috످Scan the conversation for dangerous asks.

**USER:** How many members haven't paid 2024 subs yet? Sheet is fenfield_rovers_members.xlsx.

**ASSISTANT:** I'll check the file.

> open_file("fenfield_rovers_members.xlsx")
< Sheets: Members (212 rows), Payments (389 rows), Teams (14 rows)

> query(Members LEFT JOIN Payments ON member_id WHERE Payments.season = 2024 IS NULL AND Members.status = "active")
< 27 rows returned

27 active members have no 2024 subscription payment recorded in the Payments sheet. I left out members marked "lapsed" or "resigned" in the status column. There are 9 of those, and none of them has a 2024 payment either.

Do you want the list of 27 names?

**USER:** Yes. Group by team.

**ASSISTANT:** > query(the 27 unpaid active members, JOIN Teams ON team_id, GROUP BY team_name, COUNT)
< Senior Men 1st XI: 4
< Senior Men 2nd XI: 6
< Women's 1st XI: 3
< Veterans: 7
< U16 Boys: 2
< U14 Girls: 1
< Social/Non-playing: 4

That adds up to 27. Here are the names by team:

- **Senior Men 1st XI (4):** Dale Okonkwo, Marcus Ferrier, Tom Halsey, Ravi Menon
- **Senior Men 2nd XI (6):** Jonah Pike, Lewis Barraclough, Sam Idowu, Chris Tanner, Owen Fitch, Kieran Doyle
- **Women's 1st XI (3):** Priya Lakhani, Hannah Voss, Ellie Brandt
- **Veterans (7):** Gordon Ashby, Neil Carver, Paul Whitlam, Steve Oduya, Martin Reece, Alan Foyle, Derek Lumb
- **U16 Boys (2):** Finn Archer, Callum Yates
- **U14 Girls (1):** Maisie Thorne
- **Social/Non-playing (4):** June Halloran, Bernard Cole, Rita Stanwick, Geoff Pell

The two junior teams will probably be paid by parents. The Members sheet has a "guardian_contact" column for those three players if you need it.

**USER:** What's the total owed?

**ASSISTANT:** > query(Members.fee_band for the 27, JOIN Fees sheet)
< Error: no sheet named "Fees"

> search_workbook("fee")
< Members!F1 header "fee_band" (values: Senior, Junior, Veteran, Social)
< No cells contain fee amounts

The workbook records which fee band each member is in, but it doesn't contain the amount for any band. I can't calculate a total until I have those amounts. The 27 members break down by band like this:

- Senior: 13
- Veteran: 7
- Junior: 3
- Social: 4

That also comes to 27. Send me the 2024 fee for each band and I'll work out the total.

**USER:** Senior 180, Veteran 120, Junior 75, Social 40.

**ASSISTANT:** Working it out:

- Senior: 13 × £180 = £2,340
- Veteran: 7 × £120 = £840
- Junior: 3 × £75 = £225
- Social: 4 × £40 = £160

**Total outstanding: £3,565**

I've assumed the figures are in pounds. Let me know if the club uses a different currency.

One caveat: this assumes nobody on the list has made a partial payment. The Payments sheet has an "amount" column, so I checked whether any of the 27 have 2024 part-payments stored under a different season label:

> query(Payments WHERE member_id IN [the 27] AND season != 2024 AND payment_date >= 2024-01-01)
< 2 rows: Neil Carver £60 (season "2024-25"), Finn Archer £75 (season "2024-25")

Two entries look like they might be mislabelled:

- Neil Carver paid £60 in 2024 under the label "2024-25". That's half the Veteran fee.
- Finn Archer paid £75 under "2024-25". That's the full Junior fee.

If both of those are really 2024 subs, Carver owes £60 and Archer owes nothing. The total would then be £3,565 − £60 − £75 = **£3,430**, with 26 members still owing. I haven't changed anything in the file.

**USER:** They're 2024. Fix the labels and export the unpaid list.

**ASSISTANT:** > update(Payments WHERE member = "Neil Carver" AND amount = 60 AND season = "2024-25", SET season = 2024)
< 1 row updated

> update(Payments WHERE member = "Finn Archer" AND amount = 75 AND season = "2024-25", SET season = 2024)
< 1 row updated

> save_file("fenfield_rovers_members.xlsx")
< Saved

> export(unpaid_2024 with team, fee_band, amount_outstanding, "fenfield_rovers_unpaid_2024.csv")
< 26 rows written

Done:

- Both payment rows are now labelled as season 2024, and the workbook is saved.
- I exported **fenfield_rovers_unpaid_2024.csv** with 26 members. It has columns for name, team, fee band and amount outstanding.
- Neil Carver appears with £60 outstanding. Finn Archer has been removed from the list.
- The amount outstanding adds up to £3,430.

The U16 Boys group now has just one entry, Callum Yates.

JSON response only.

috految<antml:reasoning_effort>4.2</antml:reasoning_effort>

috److{"dangerous_asks_found":false,"reason":"The user only asked for routine club admin: listing members with unpaid subs, totalling what they owe, correcting two payment labels and exporting the list.","dangerous_asks":[]}

috످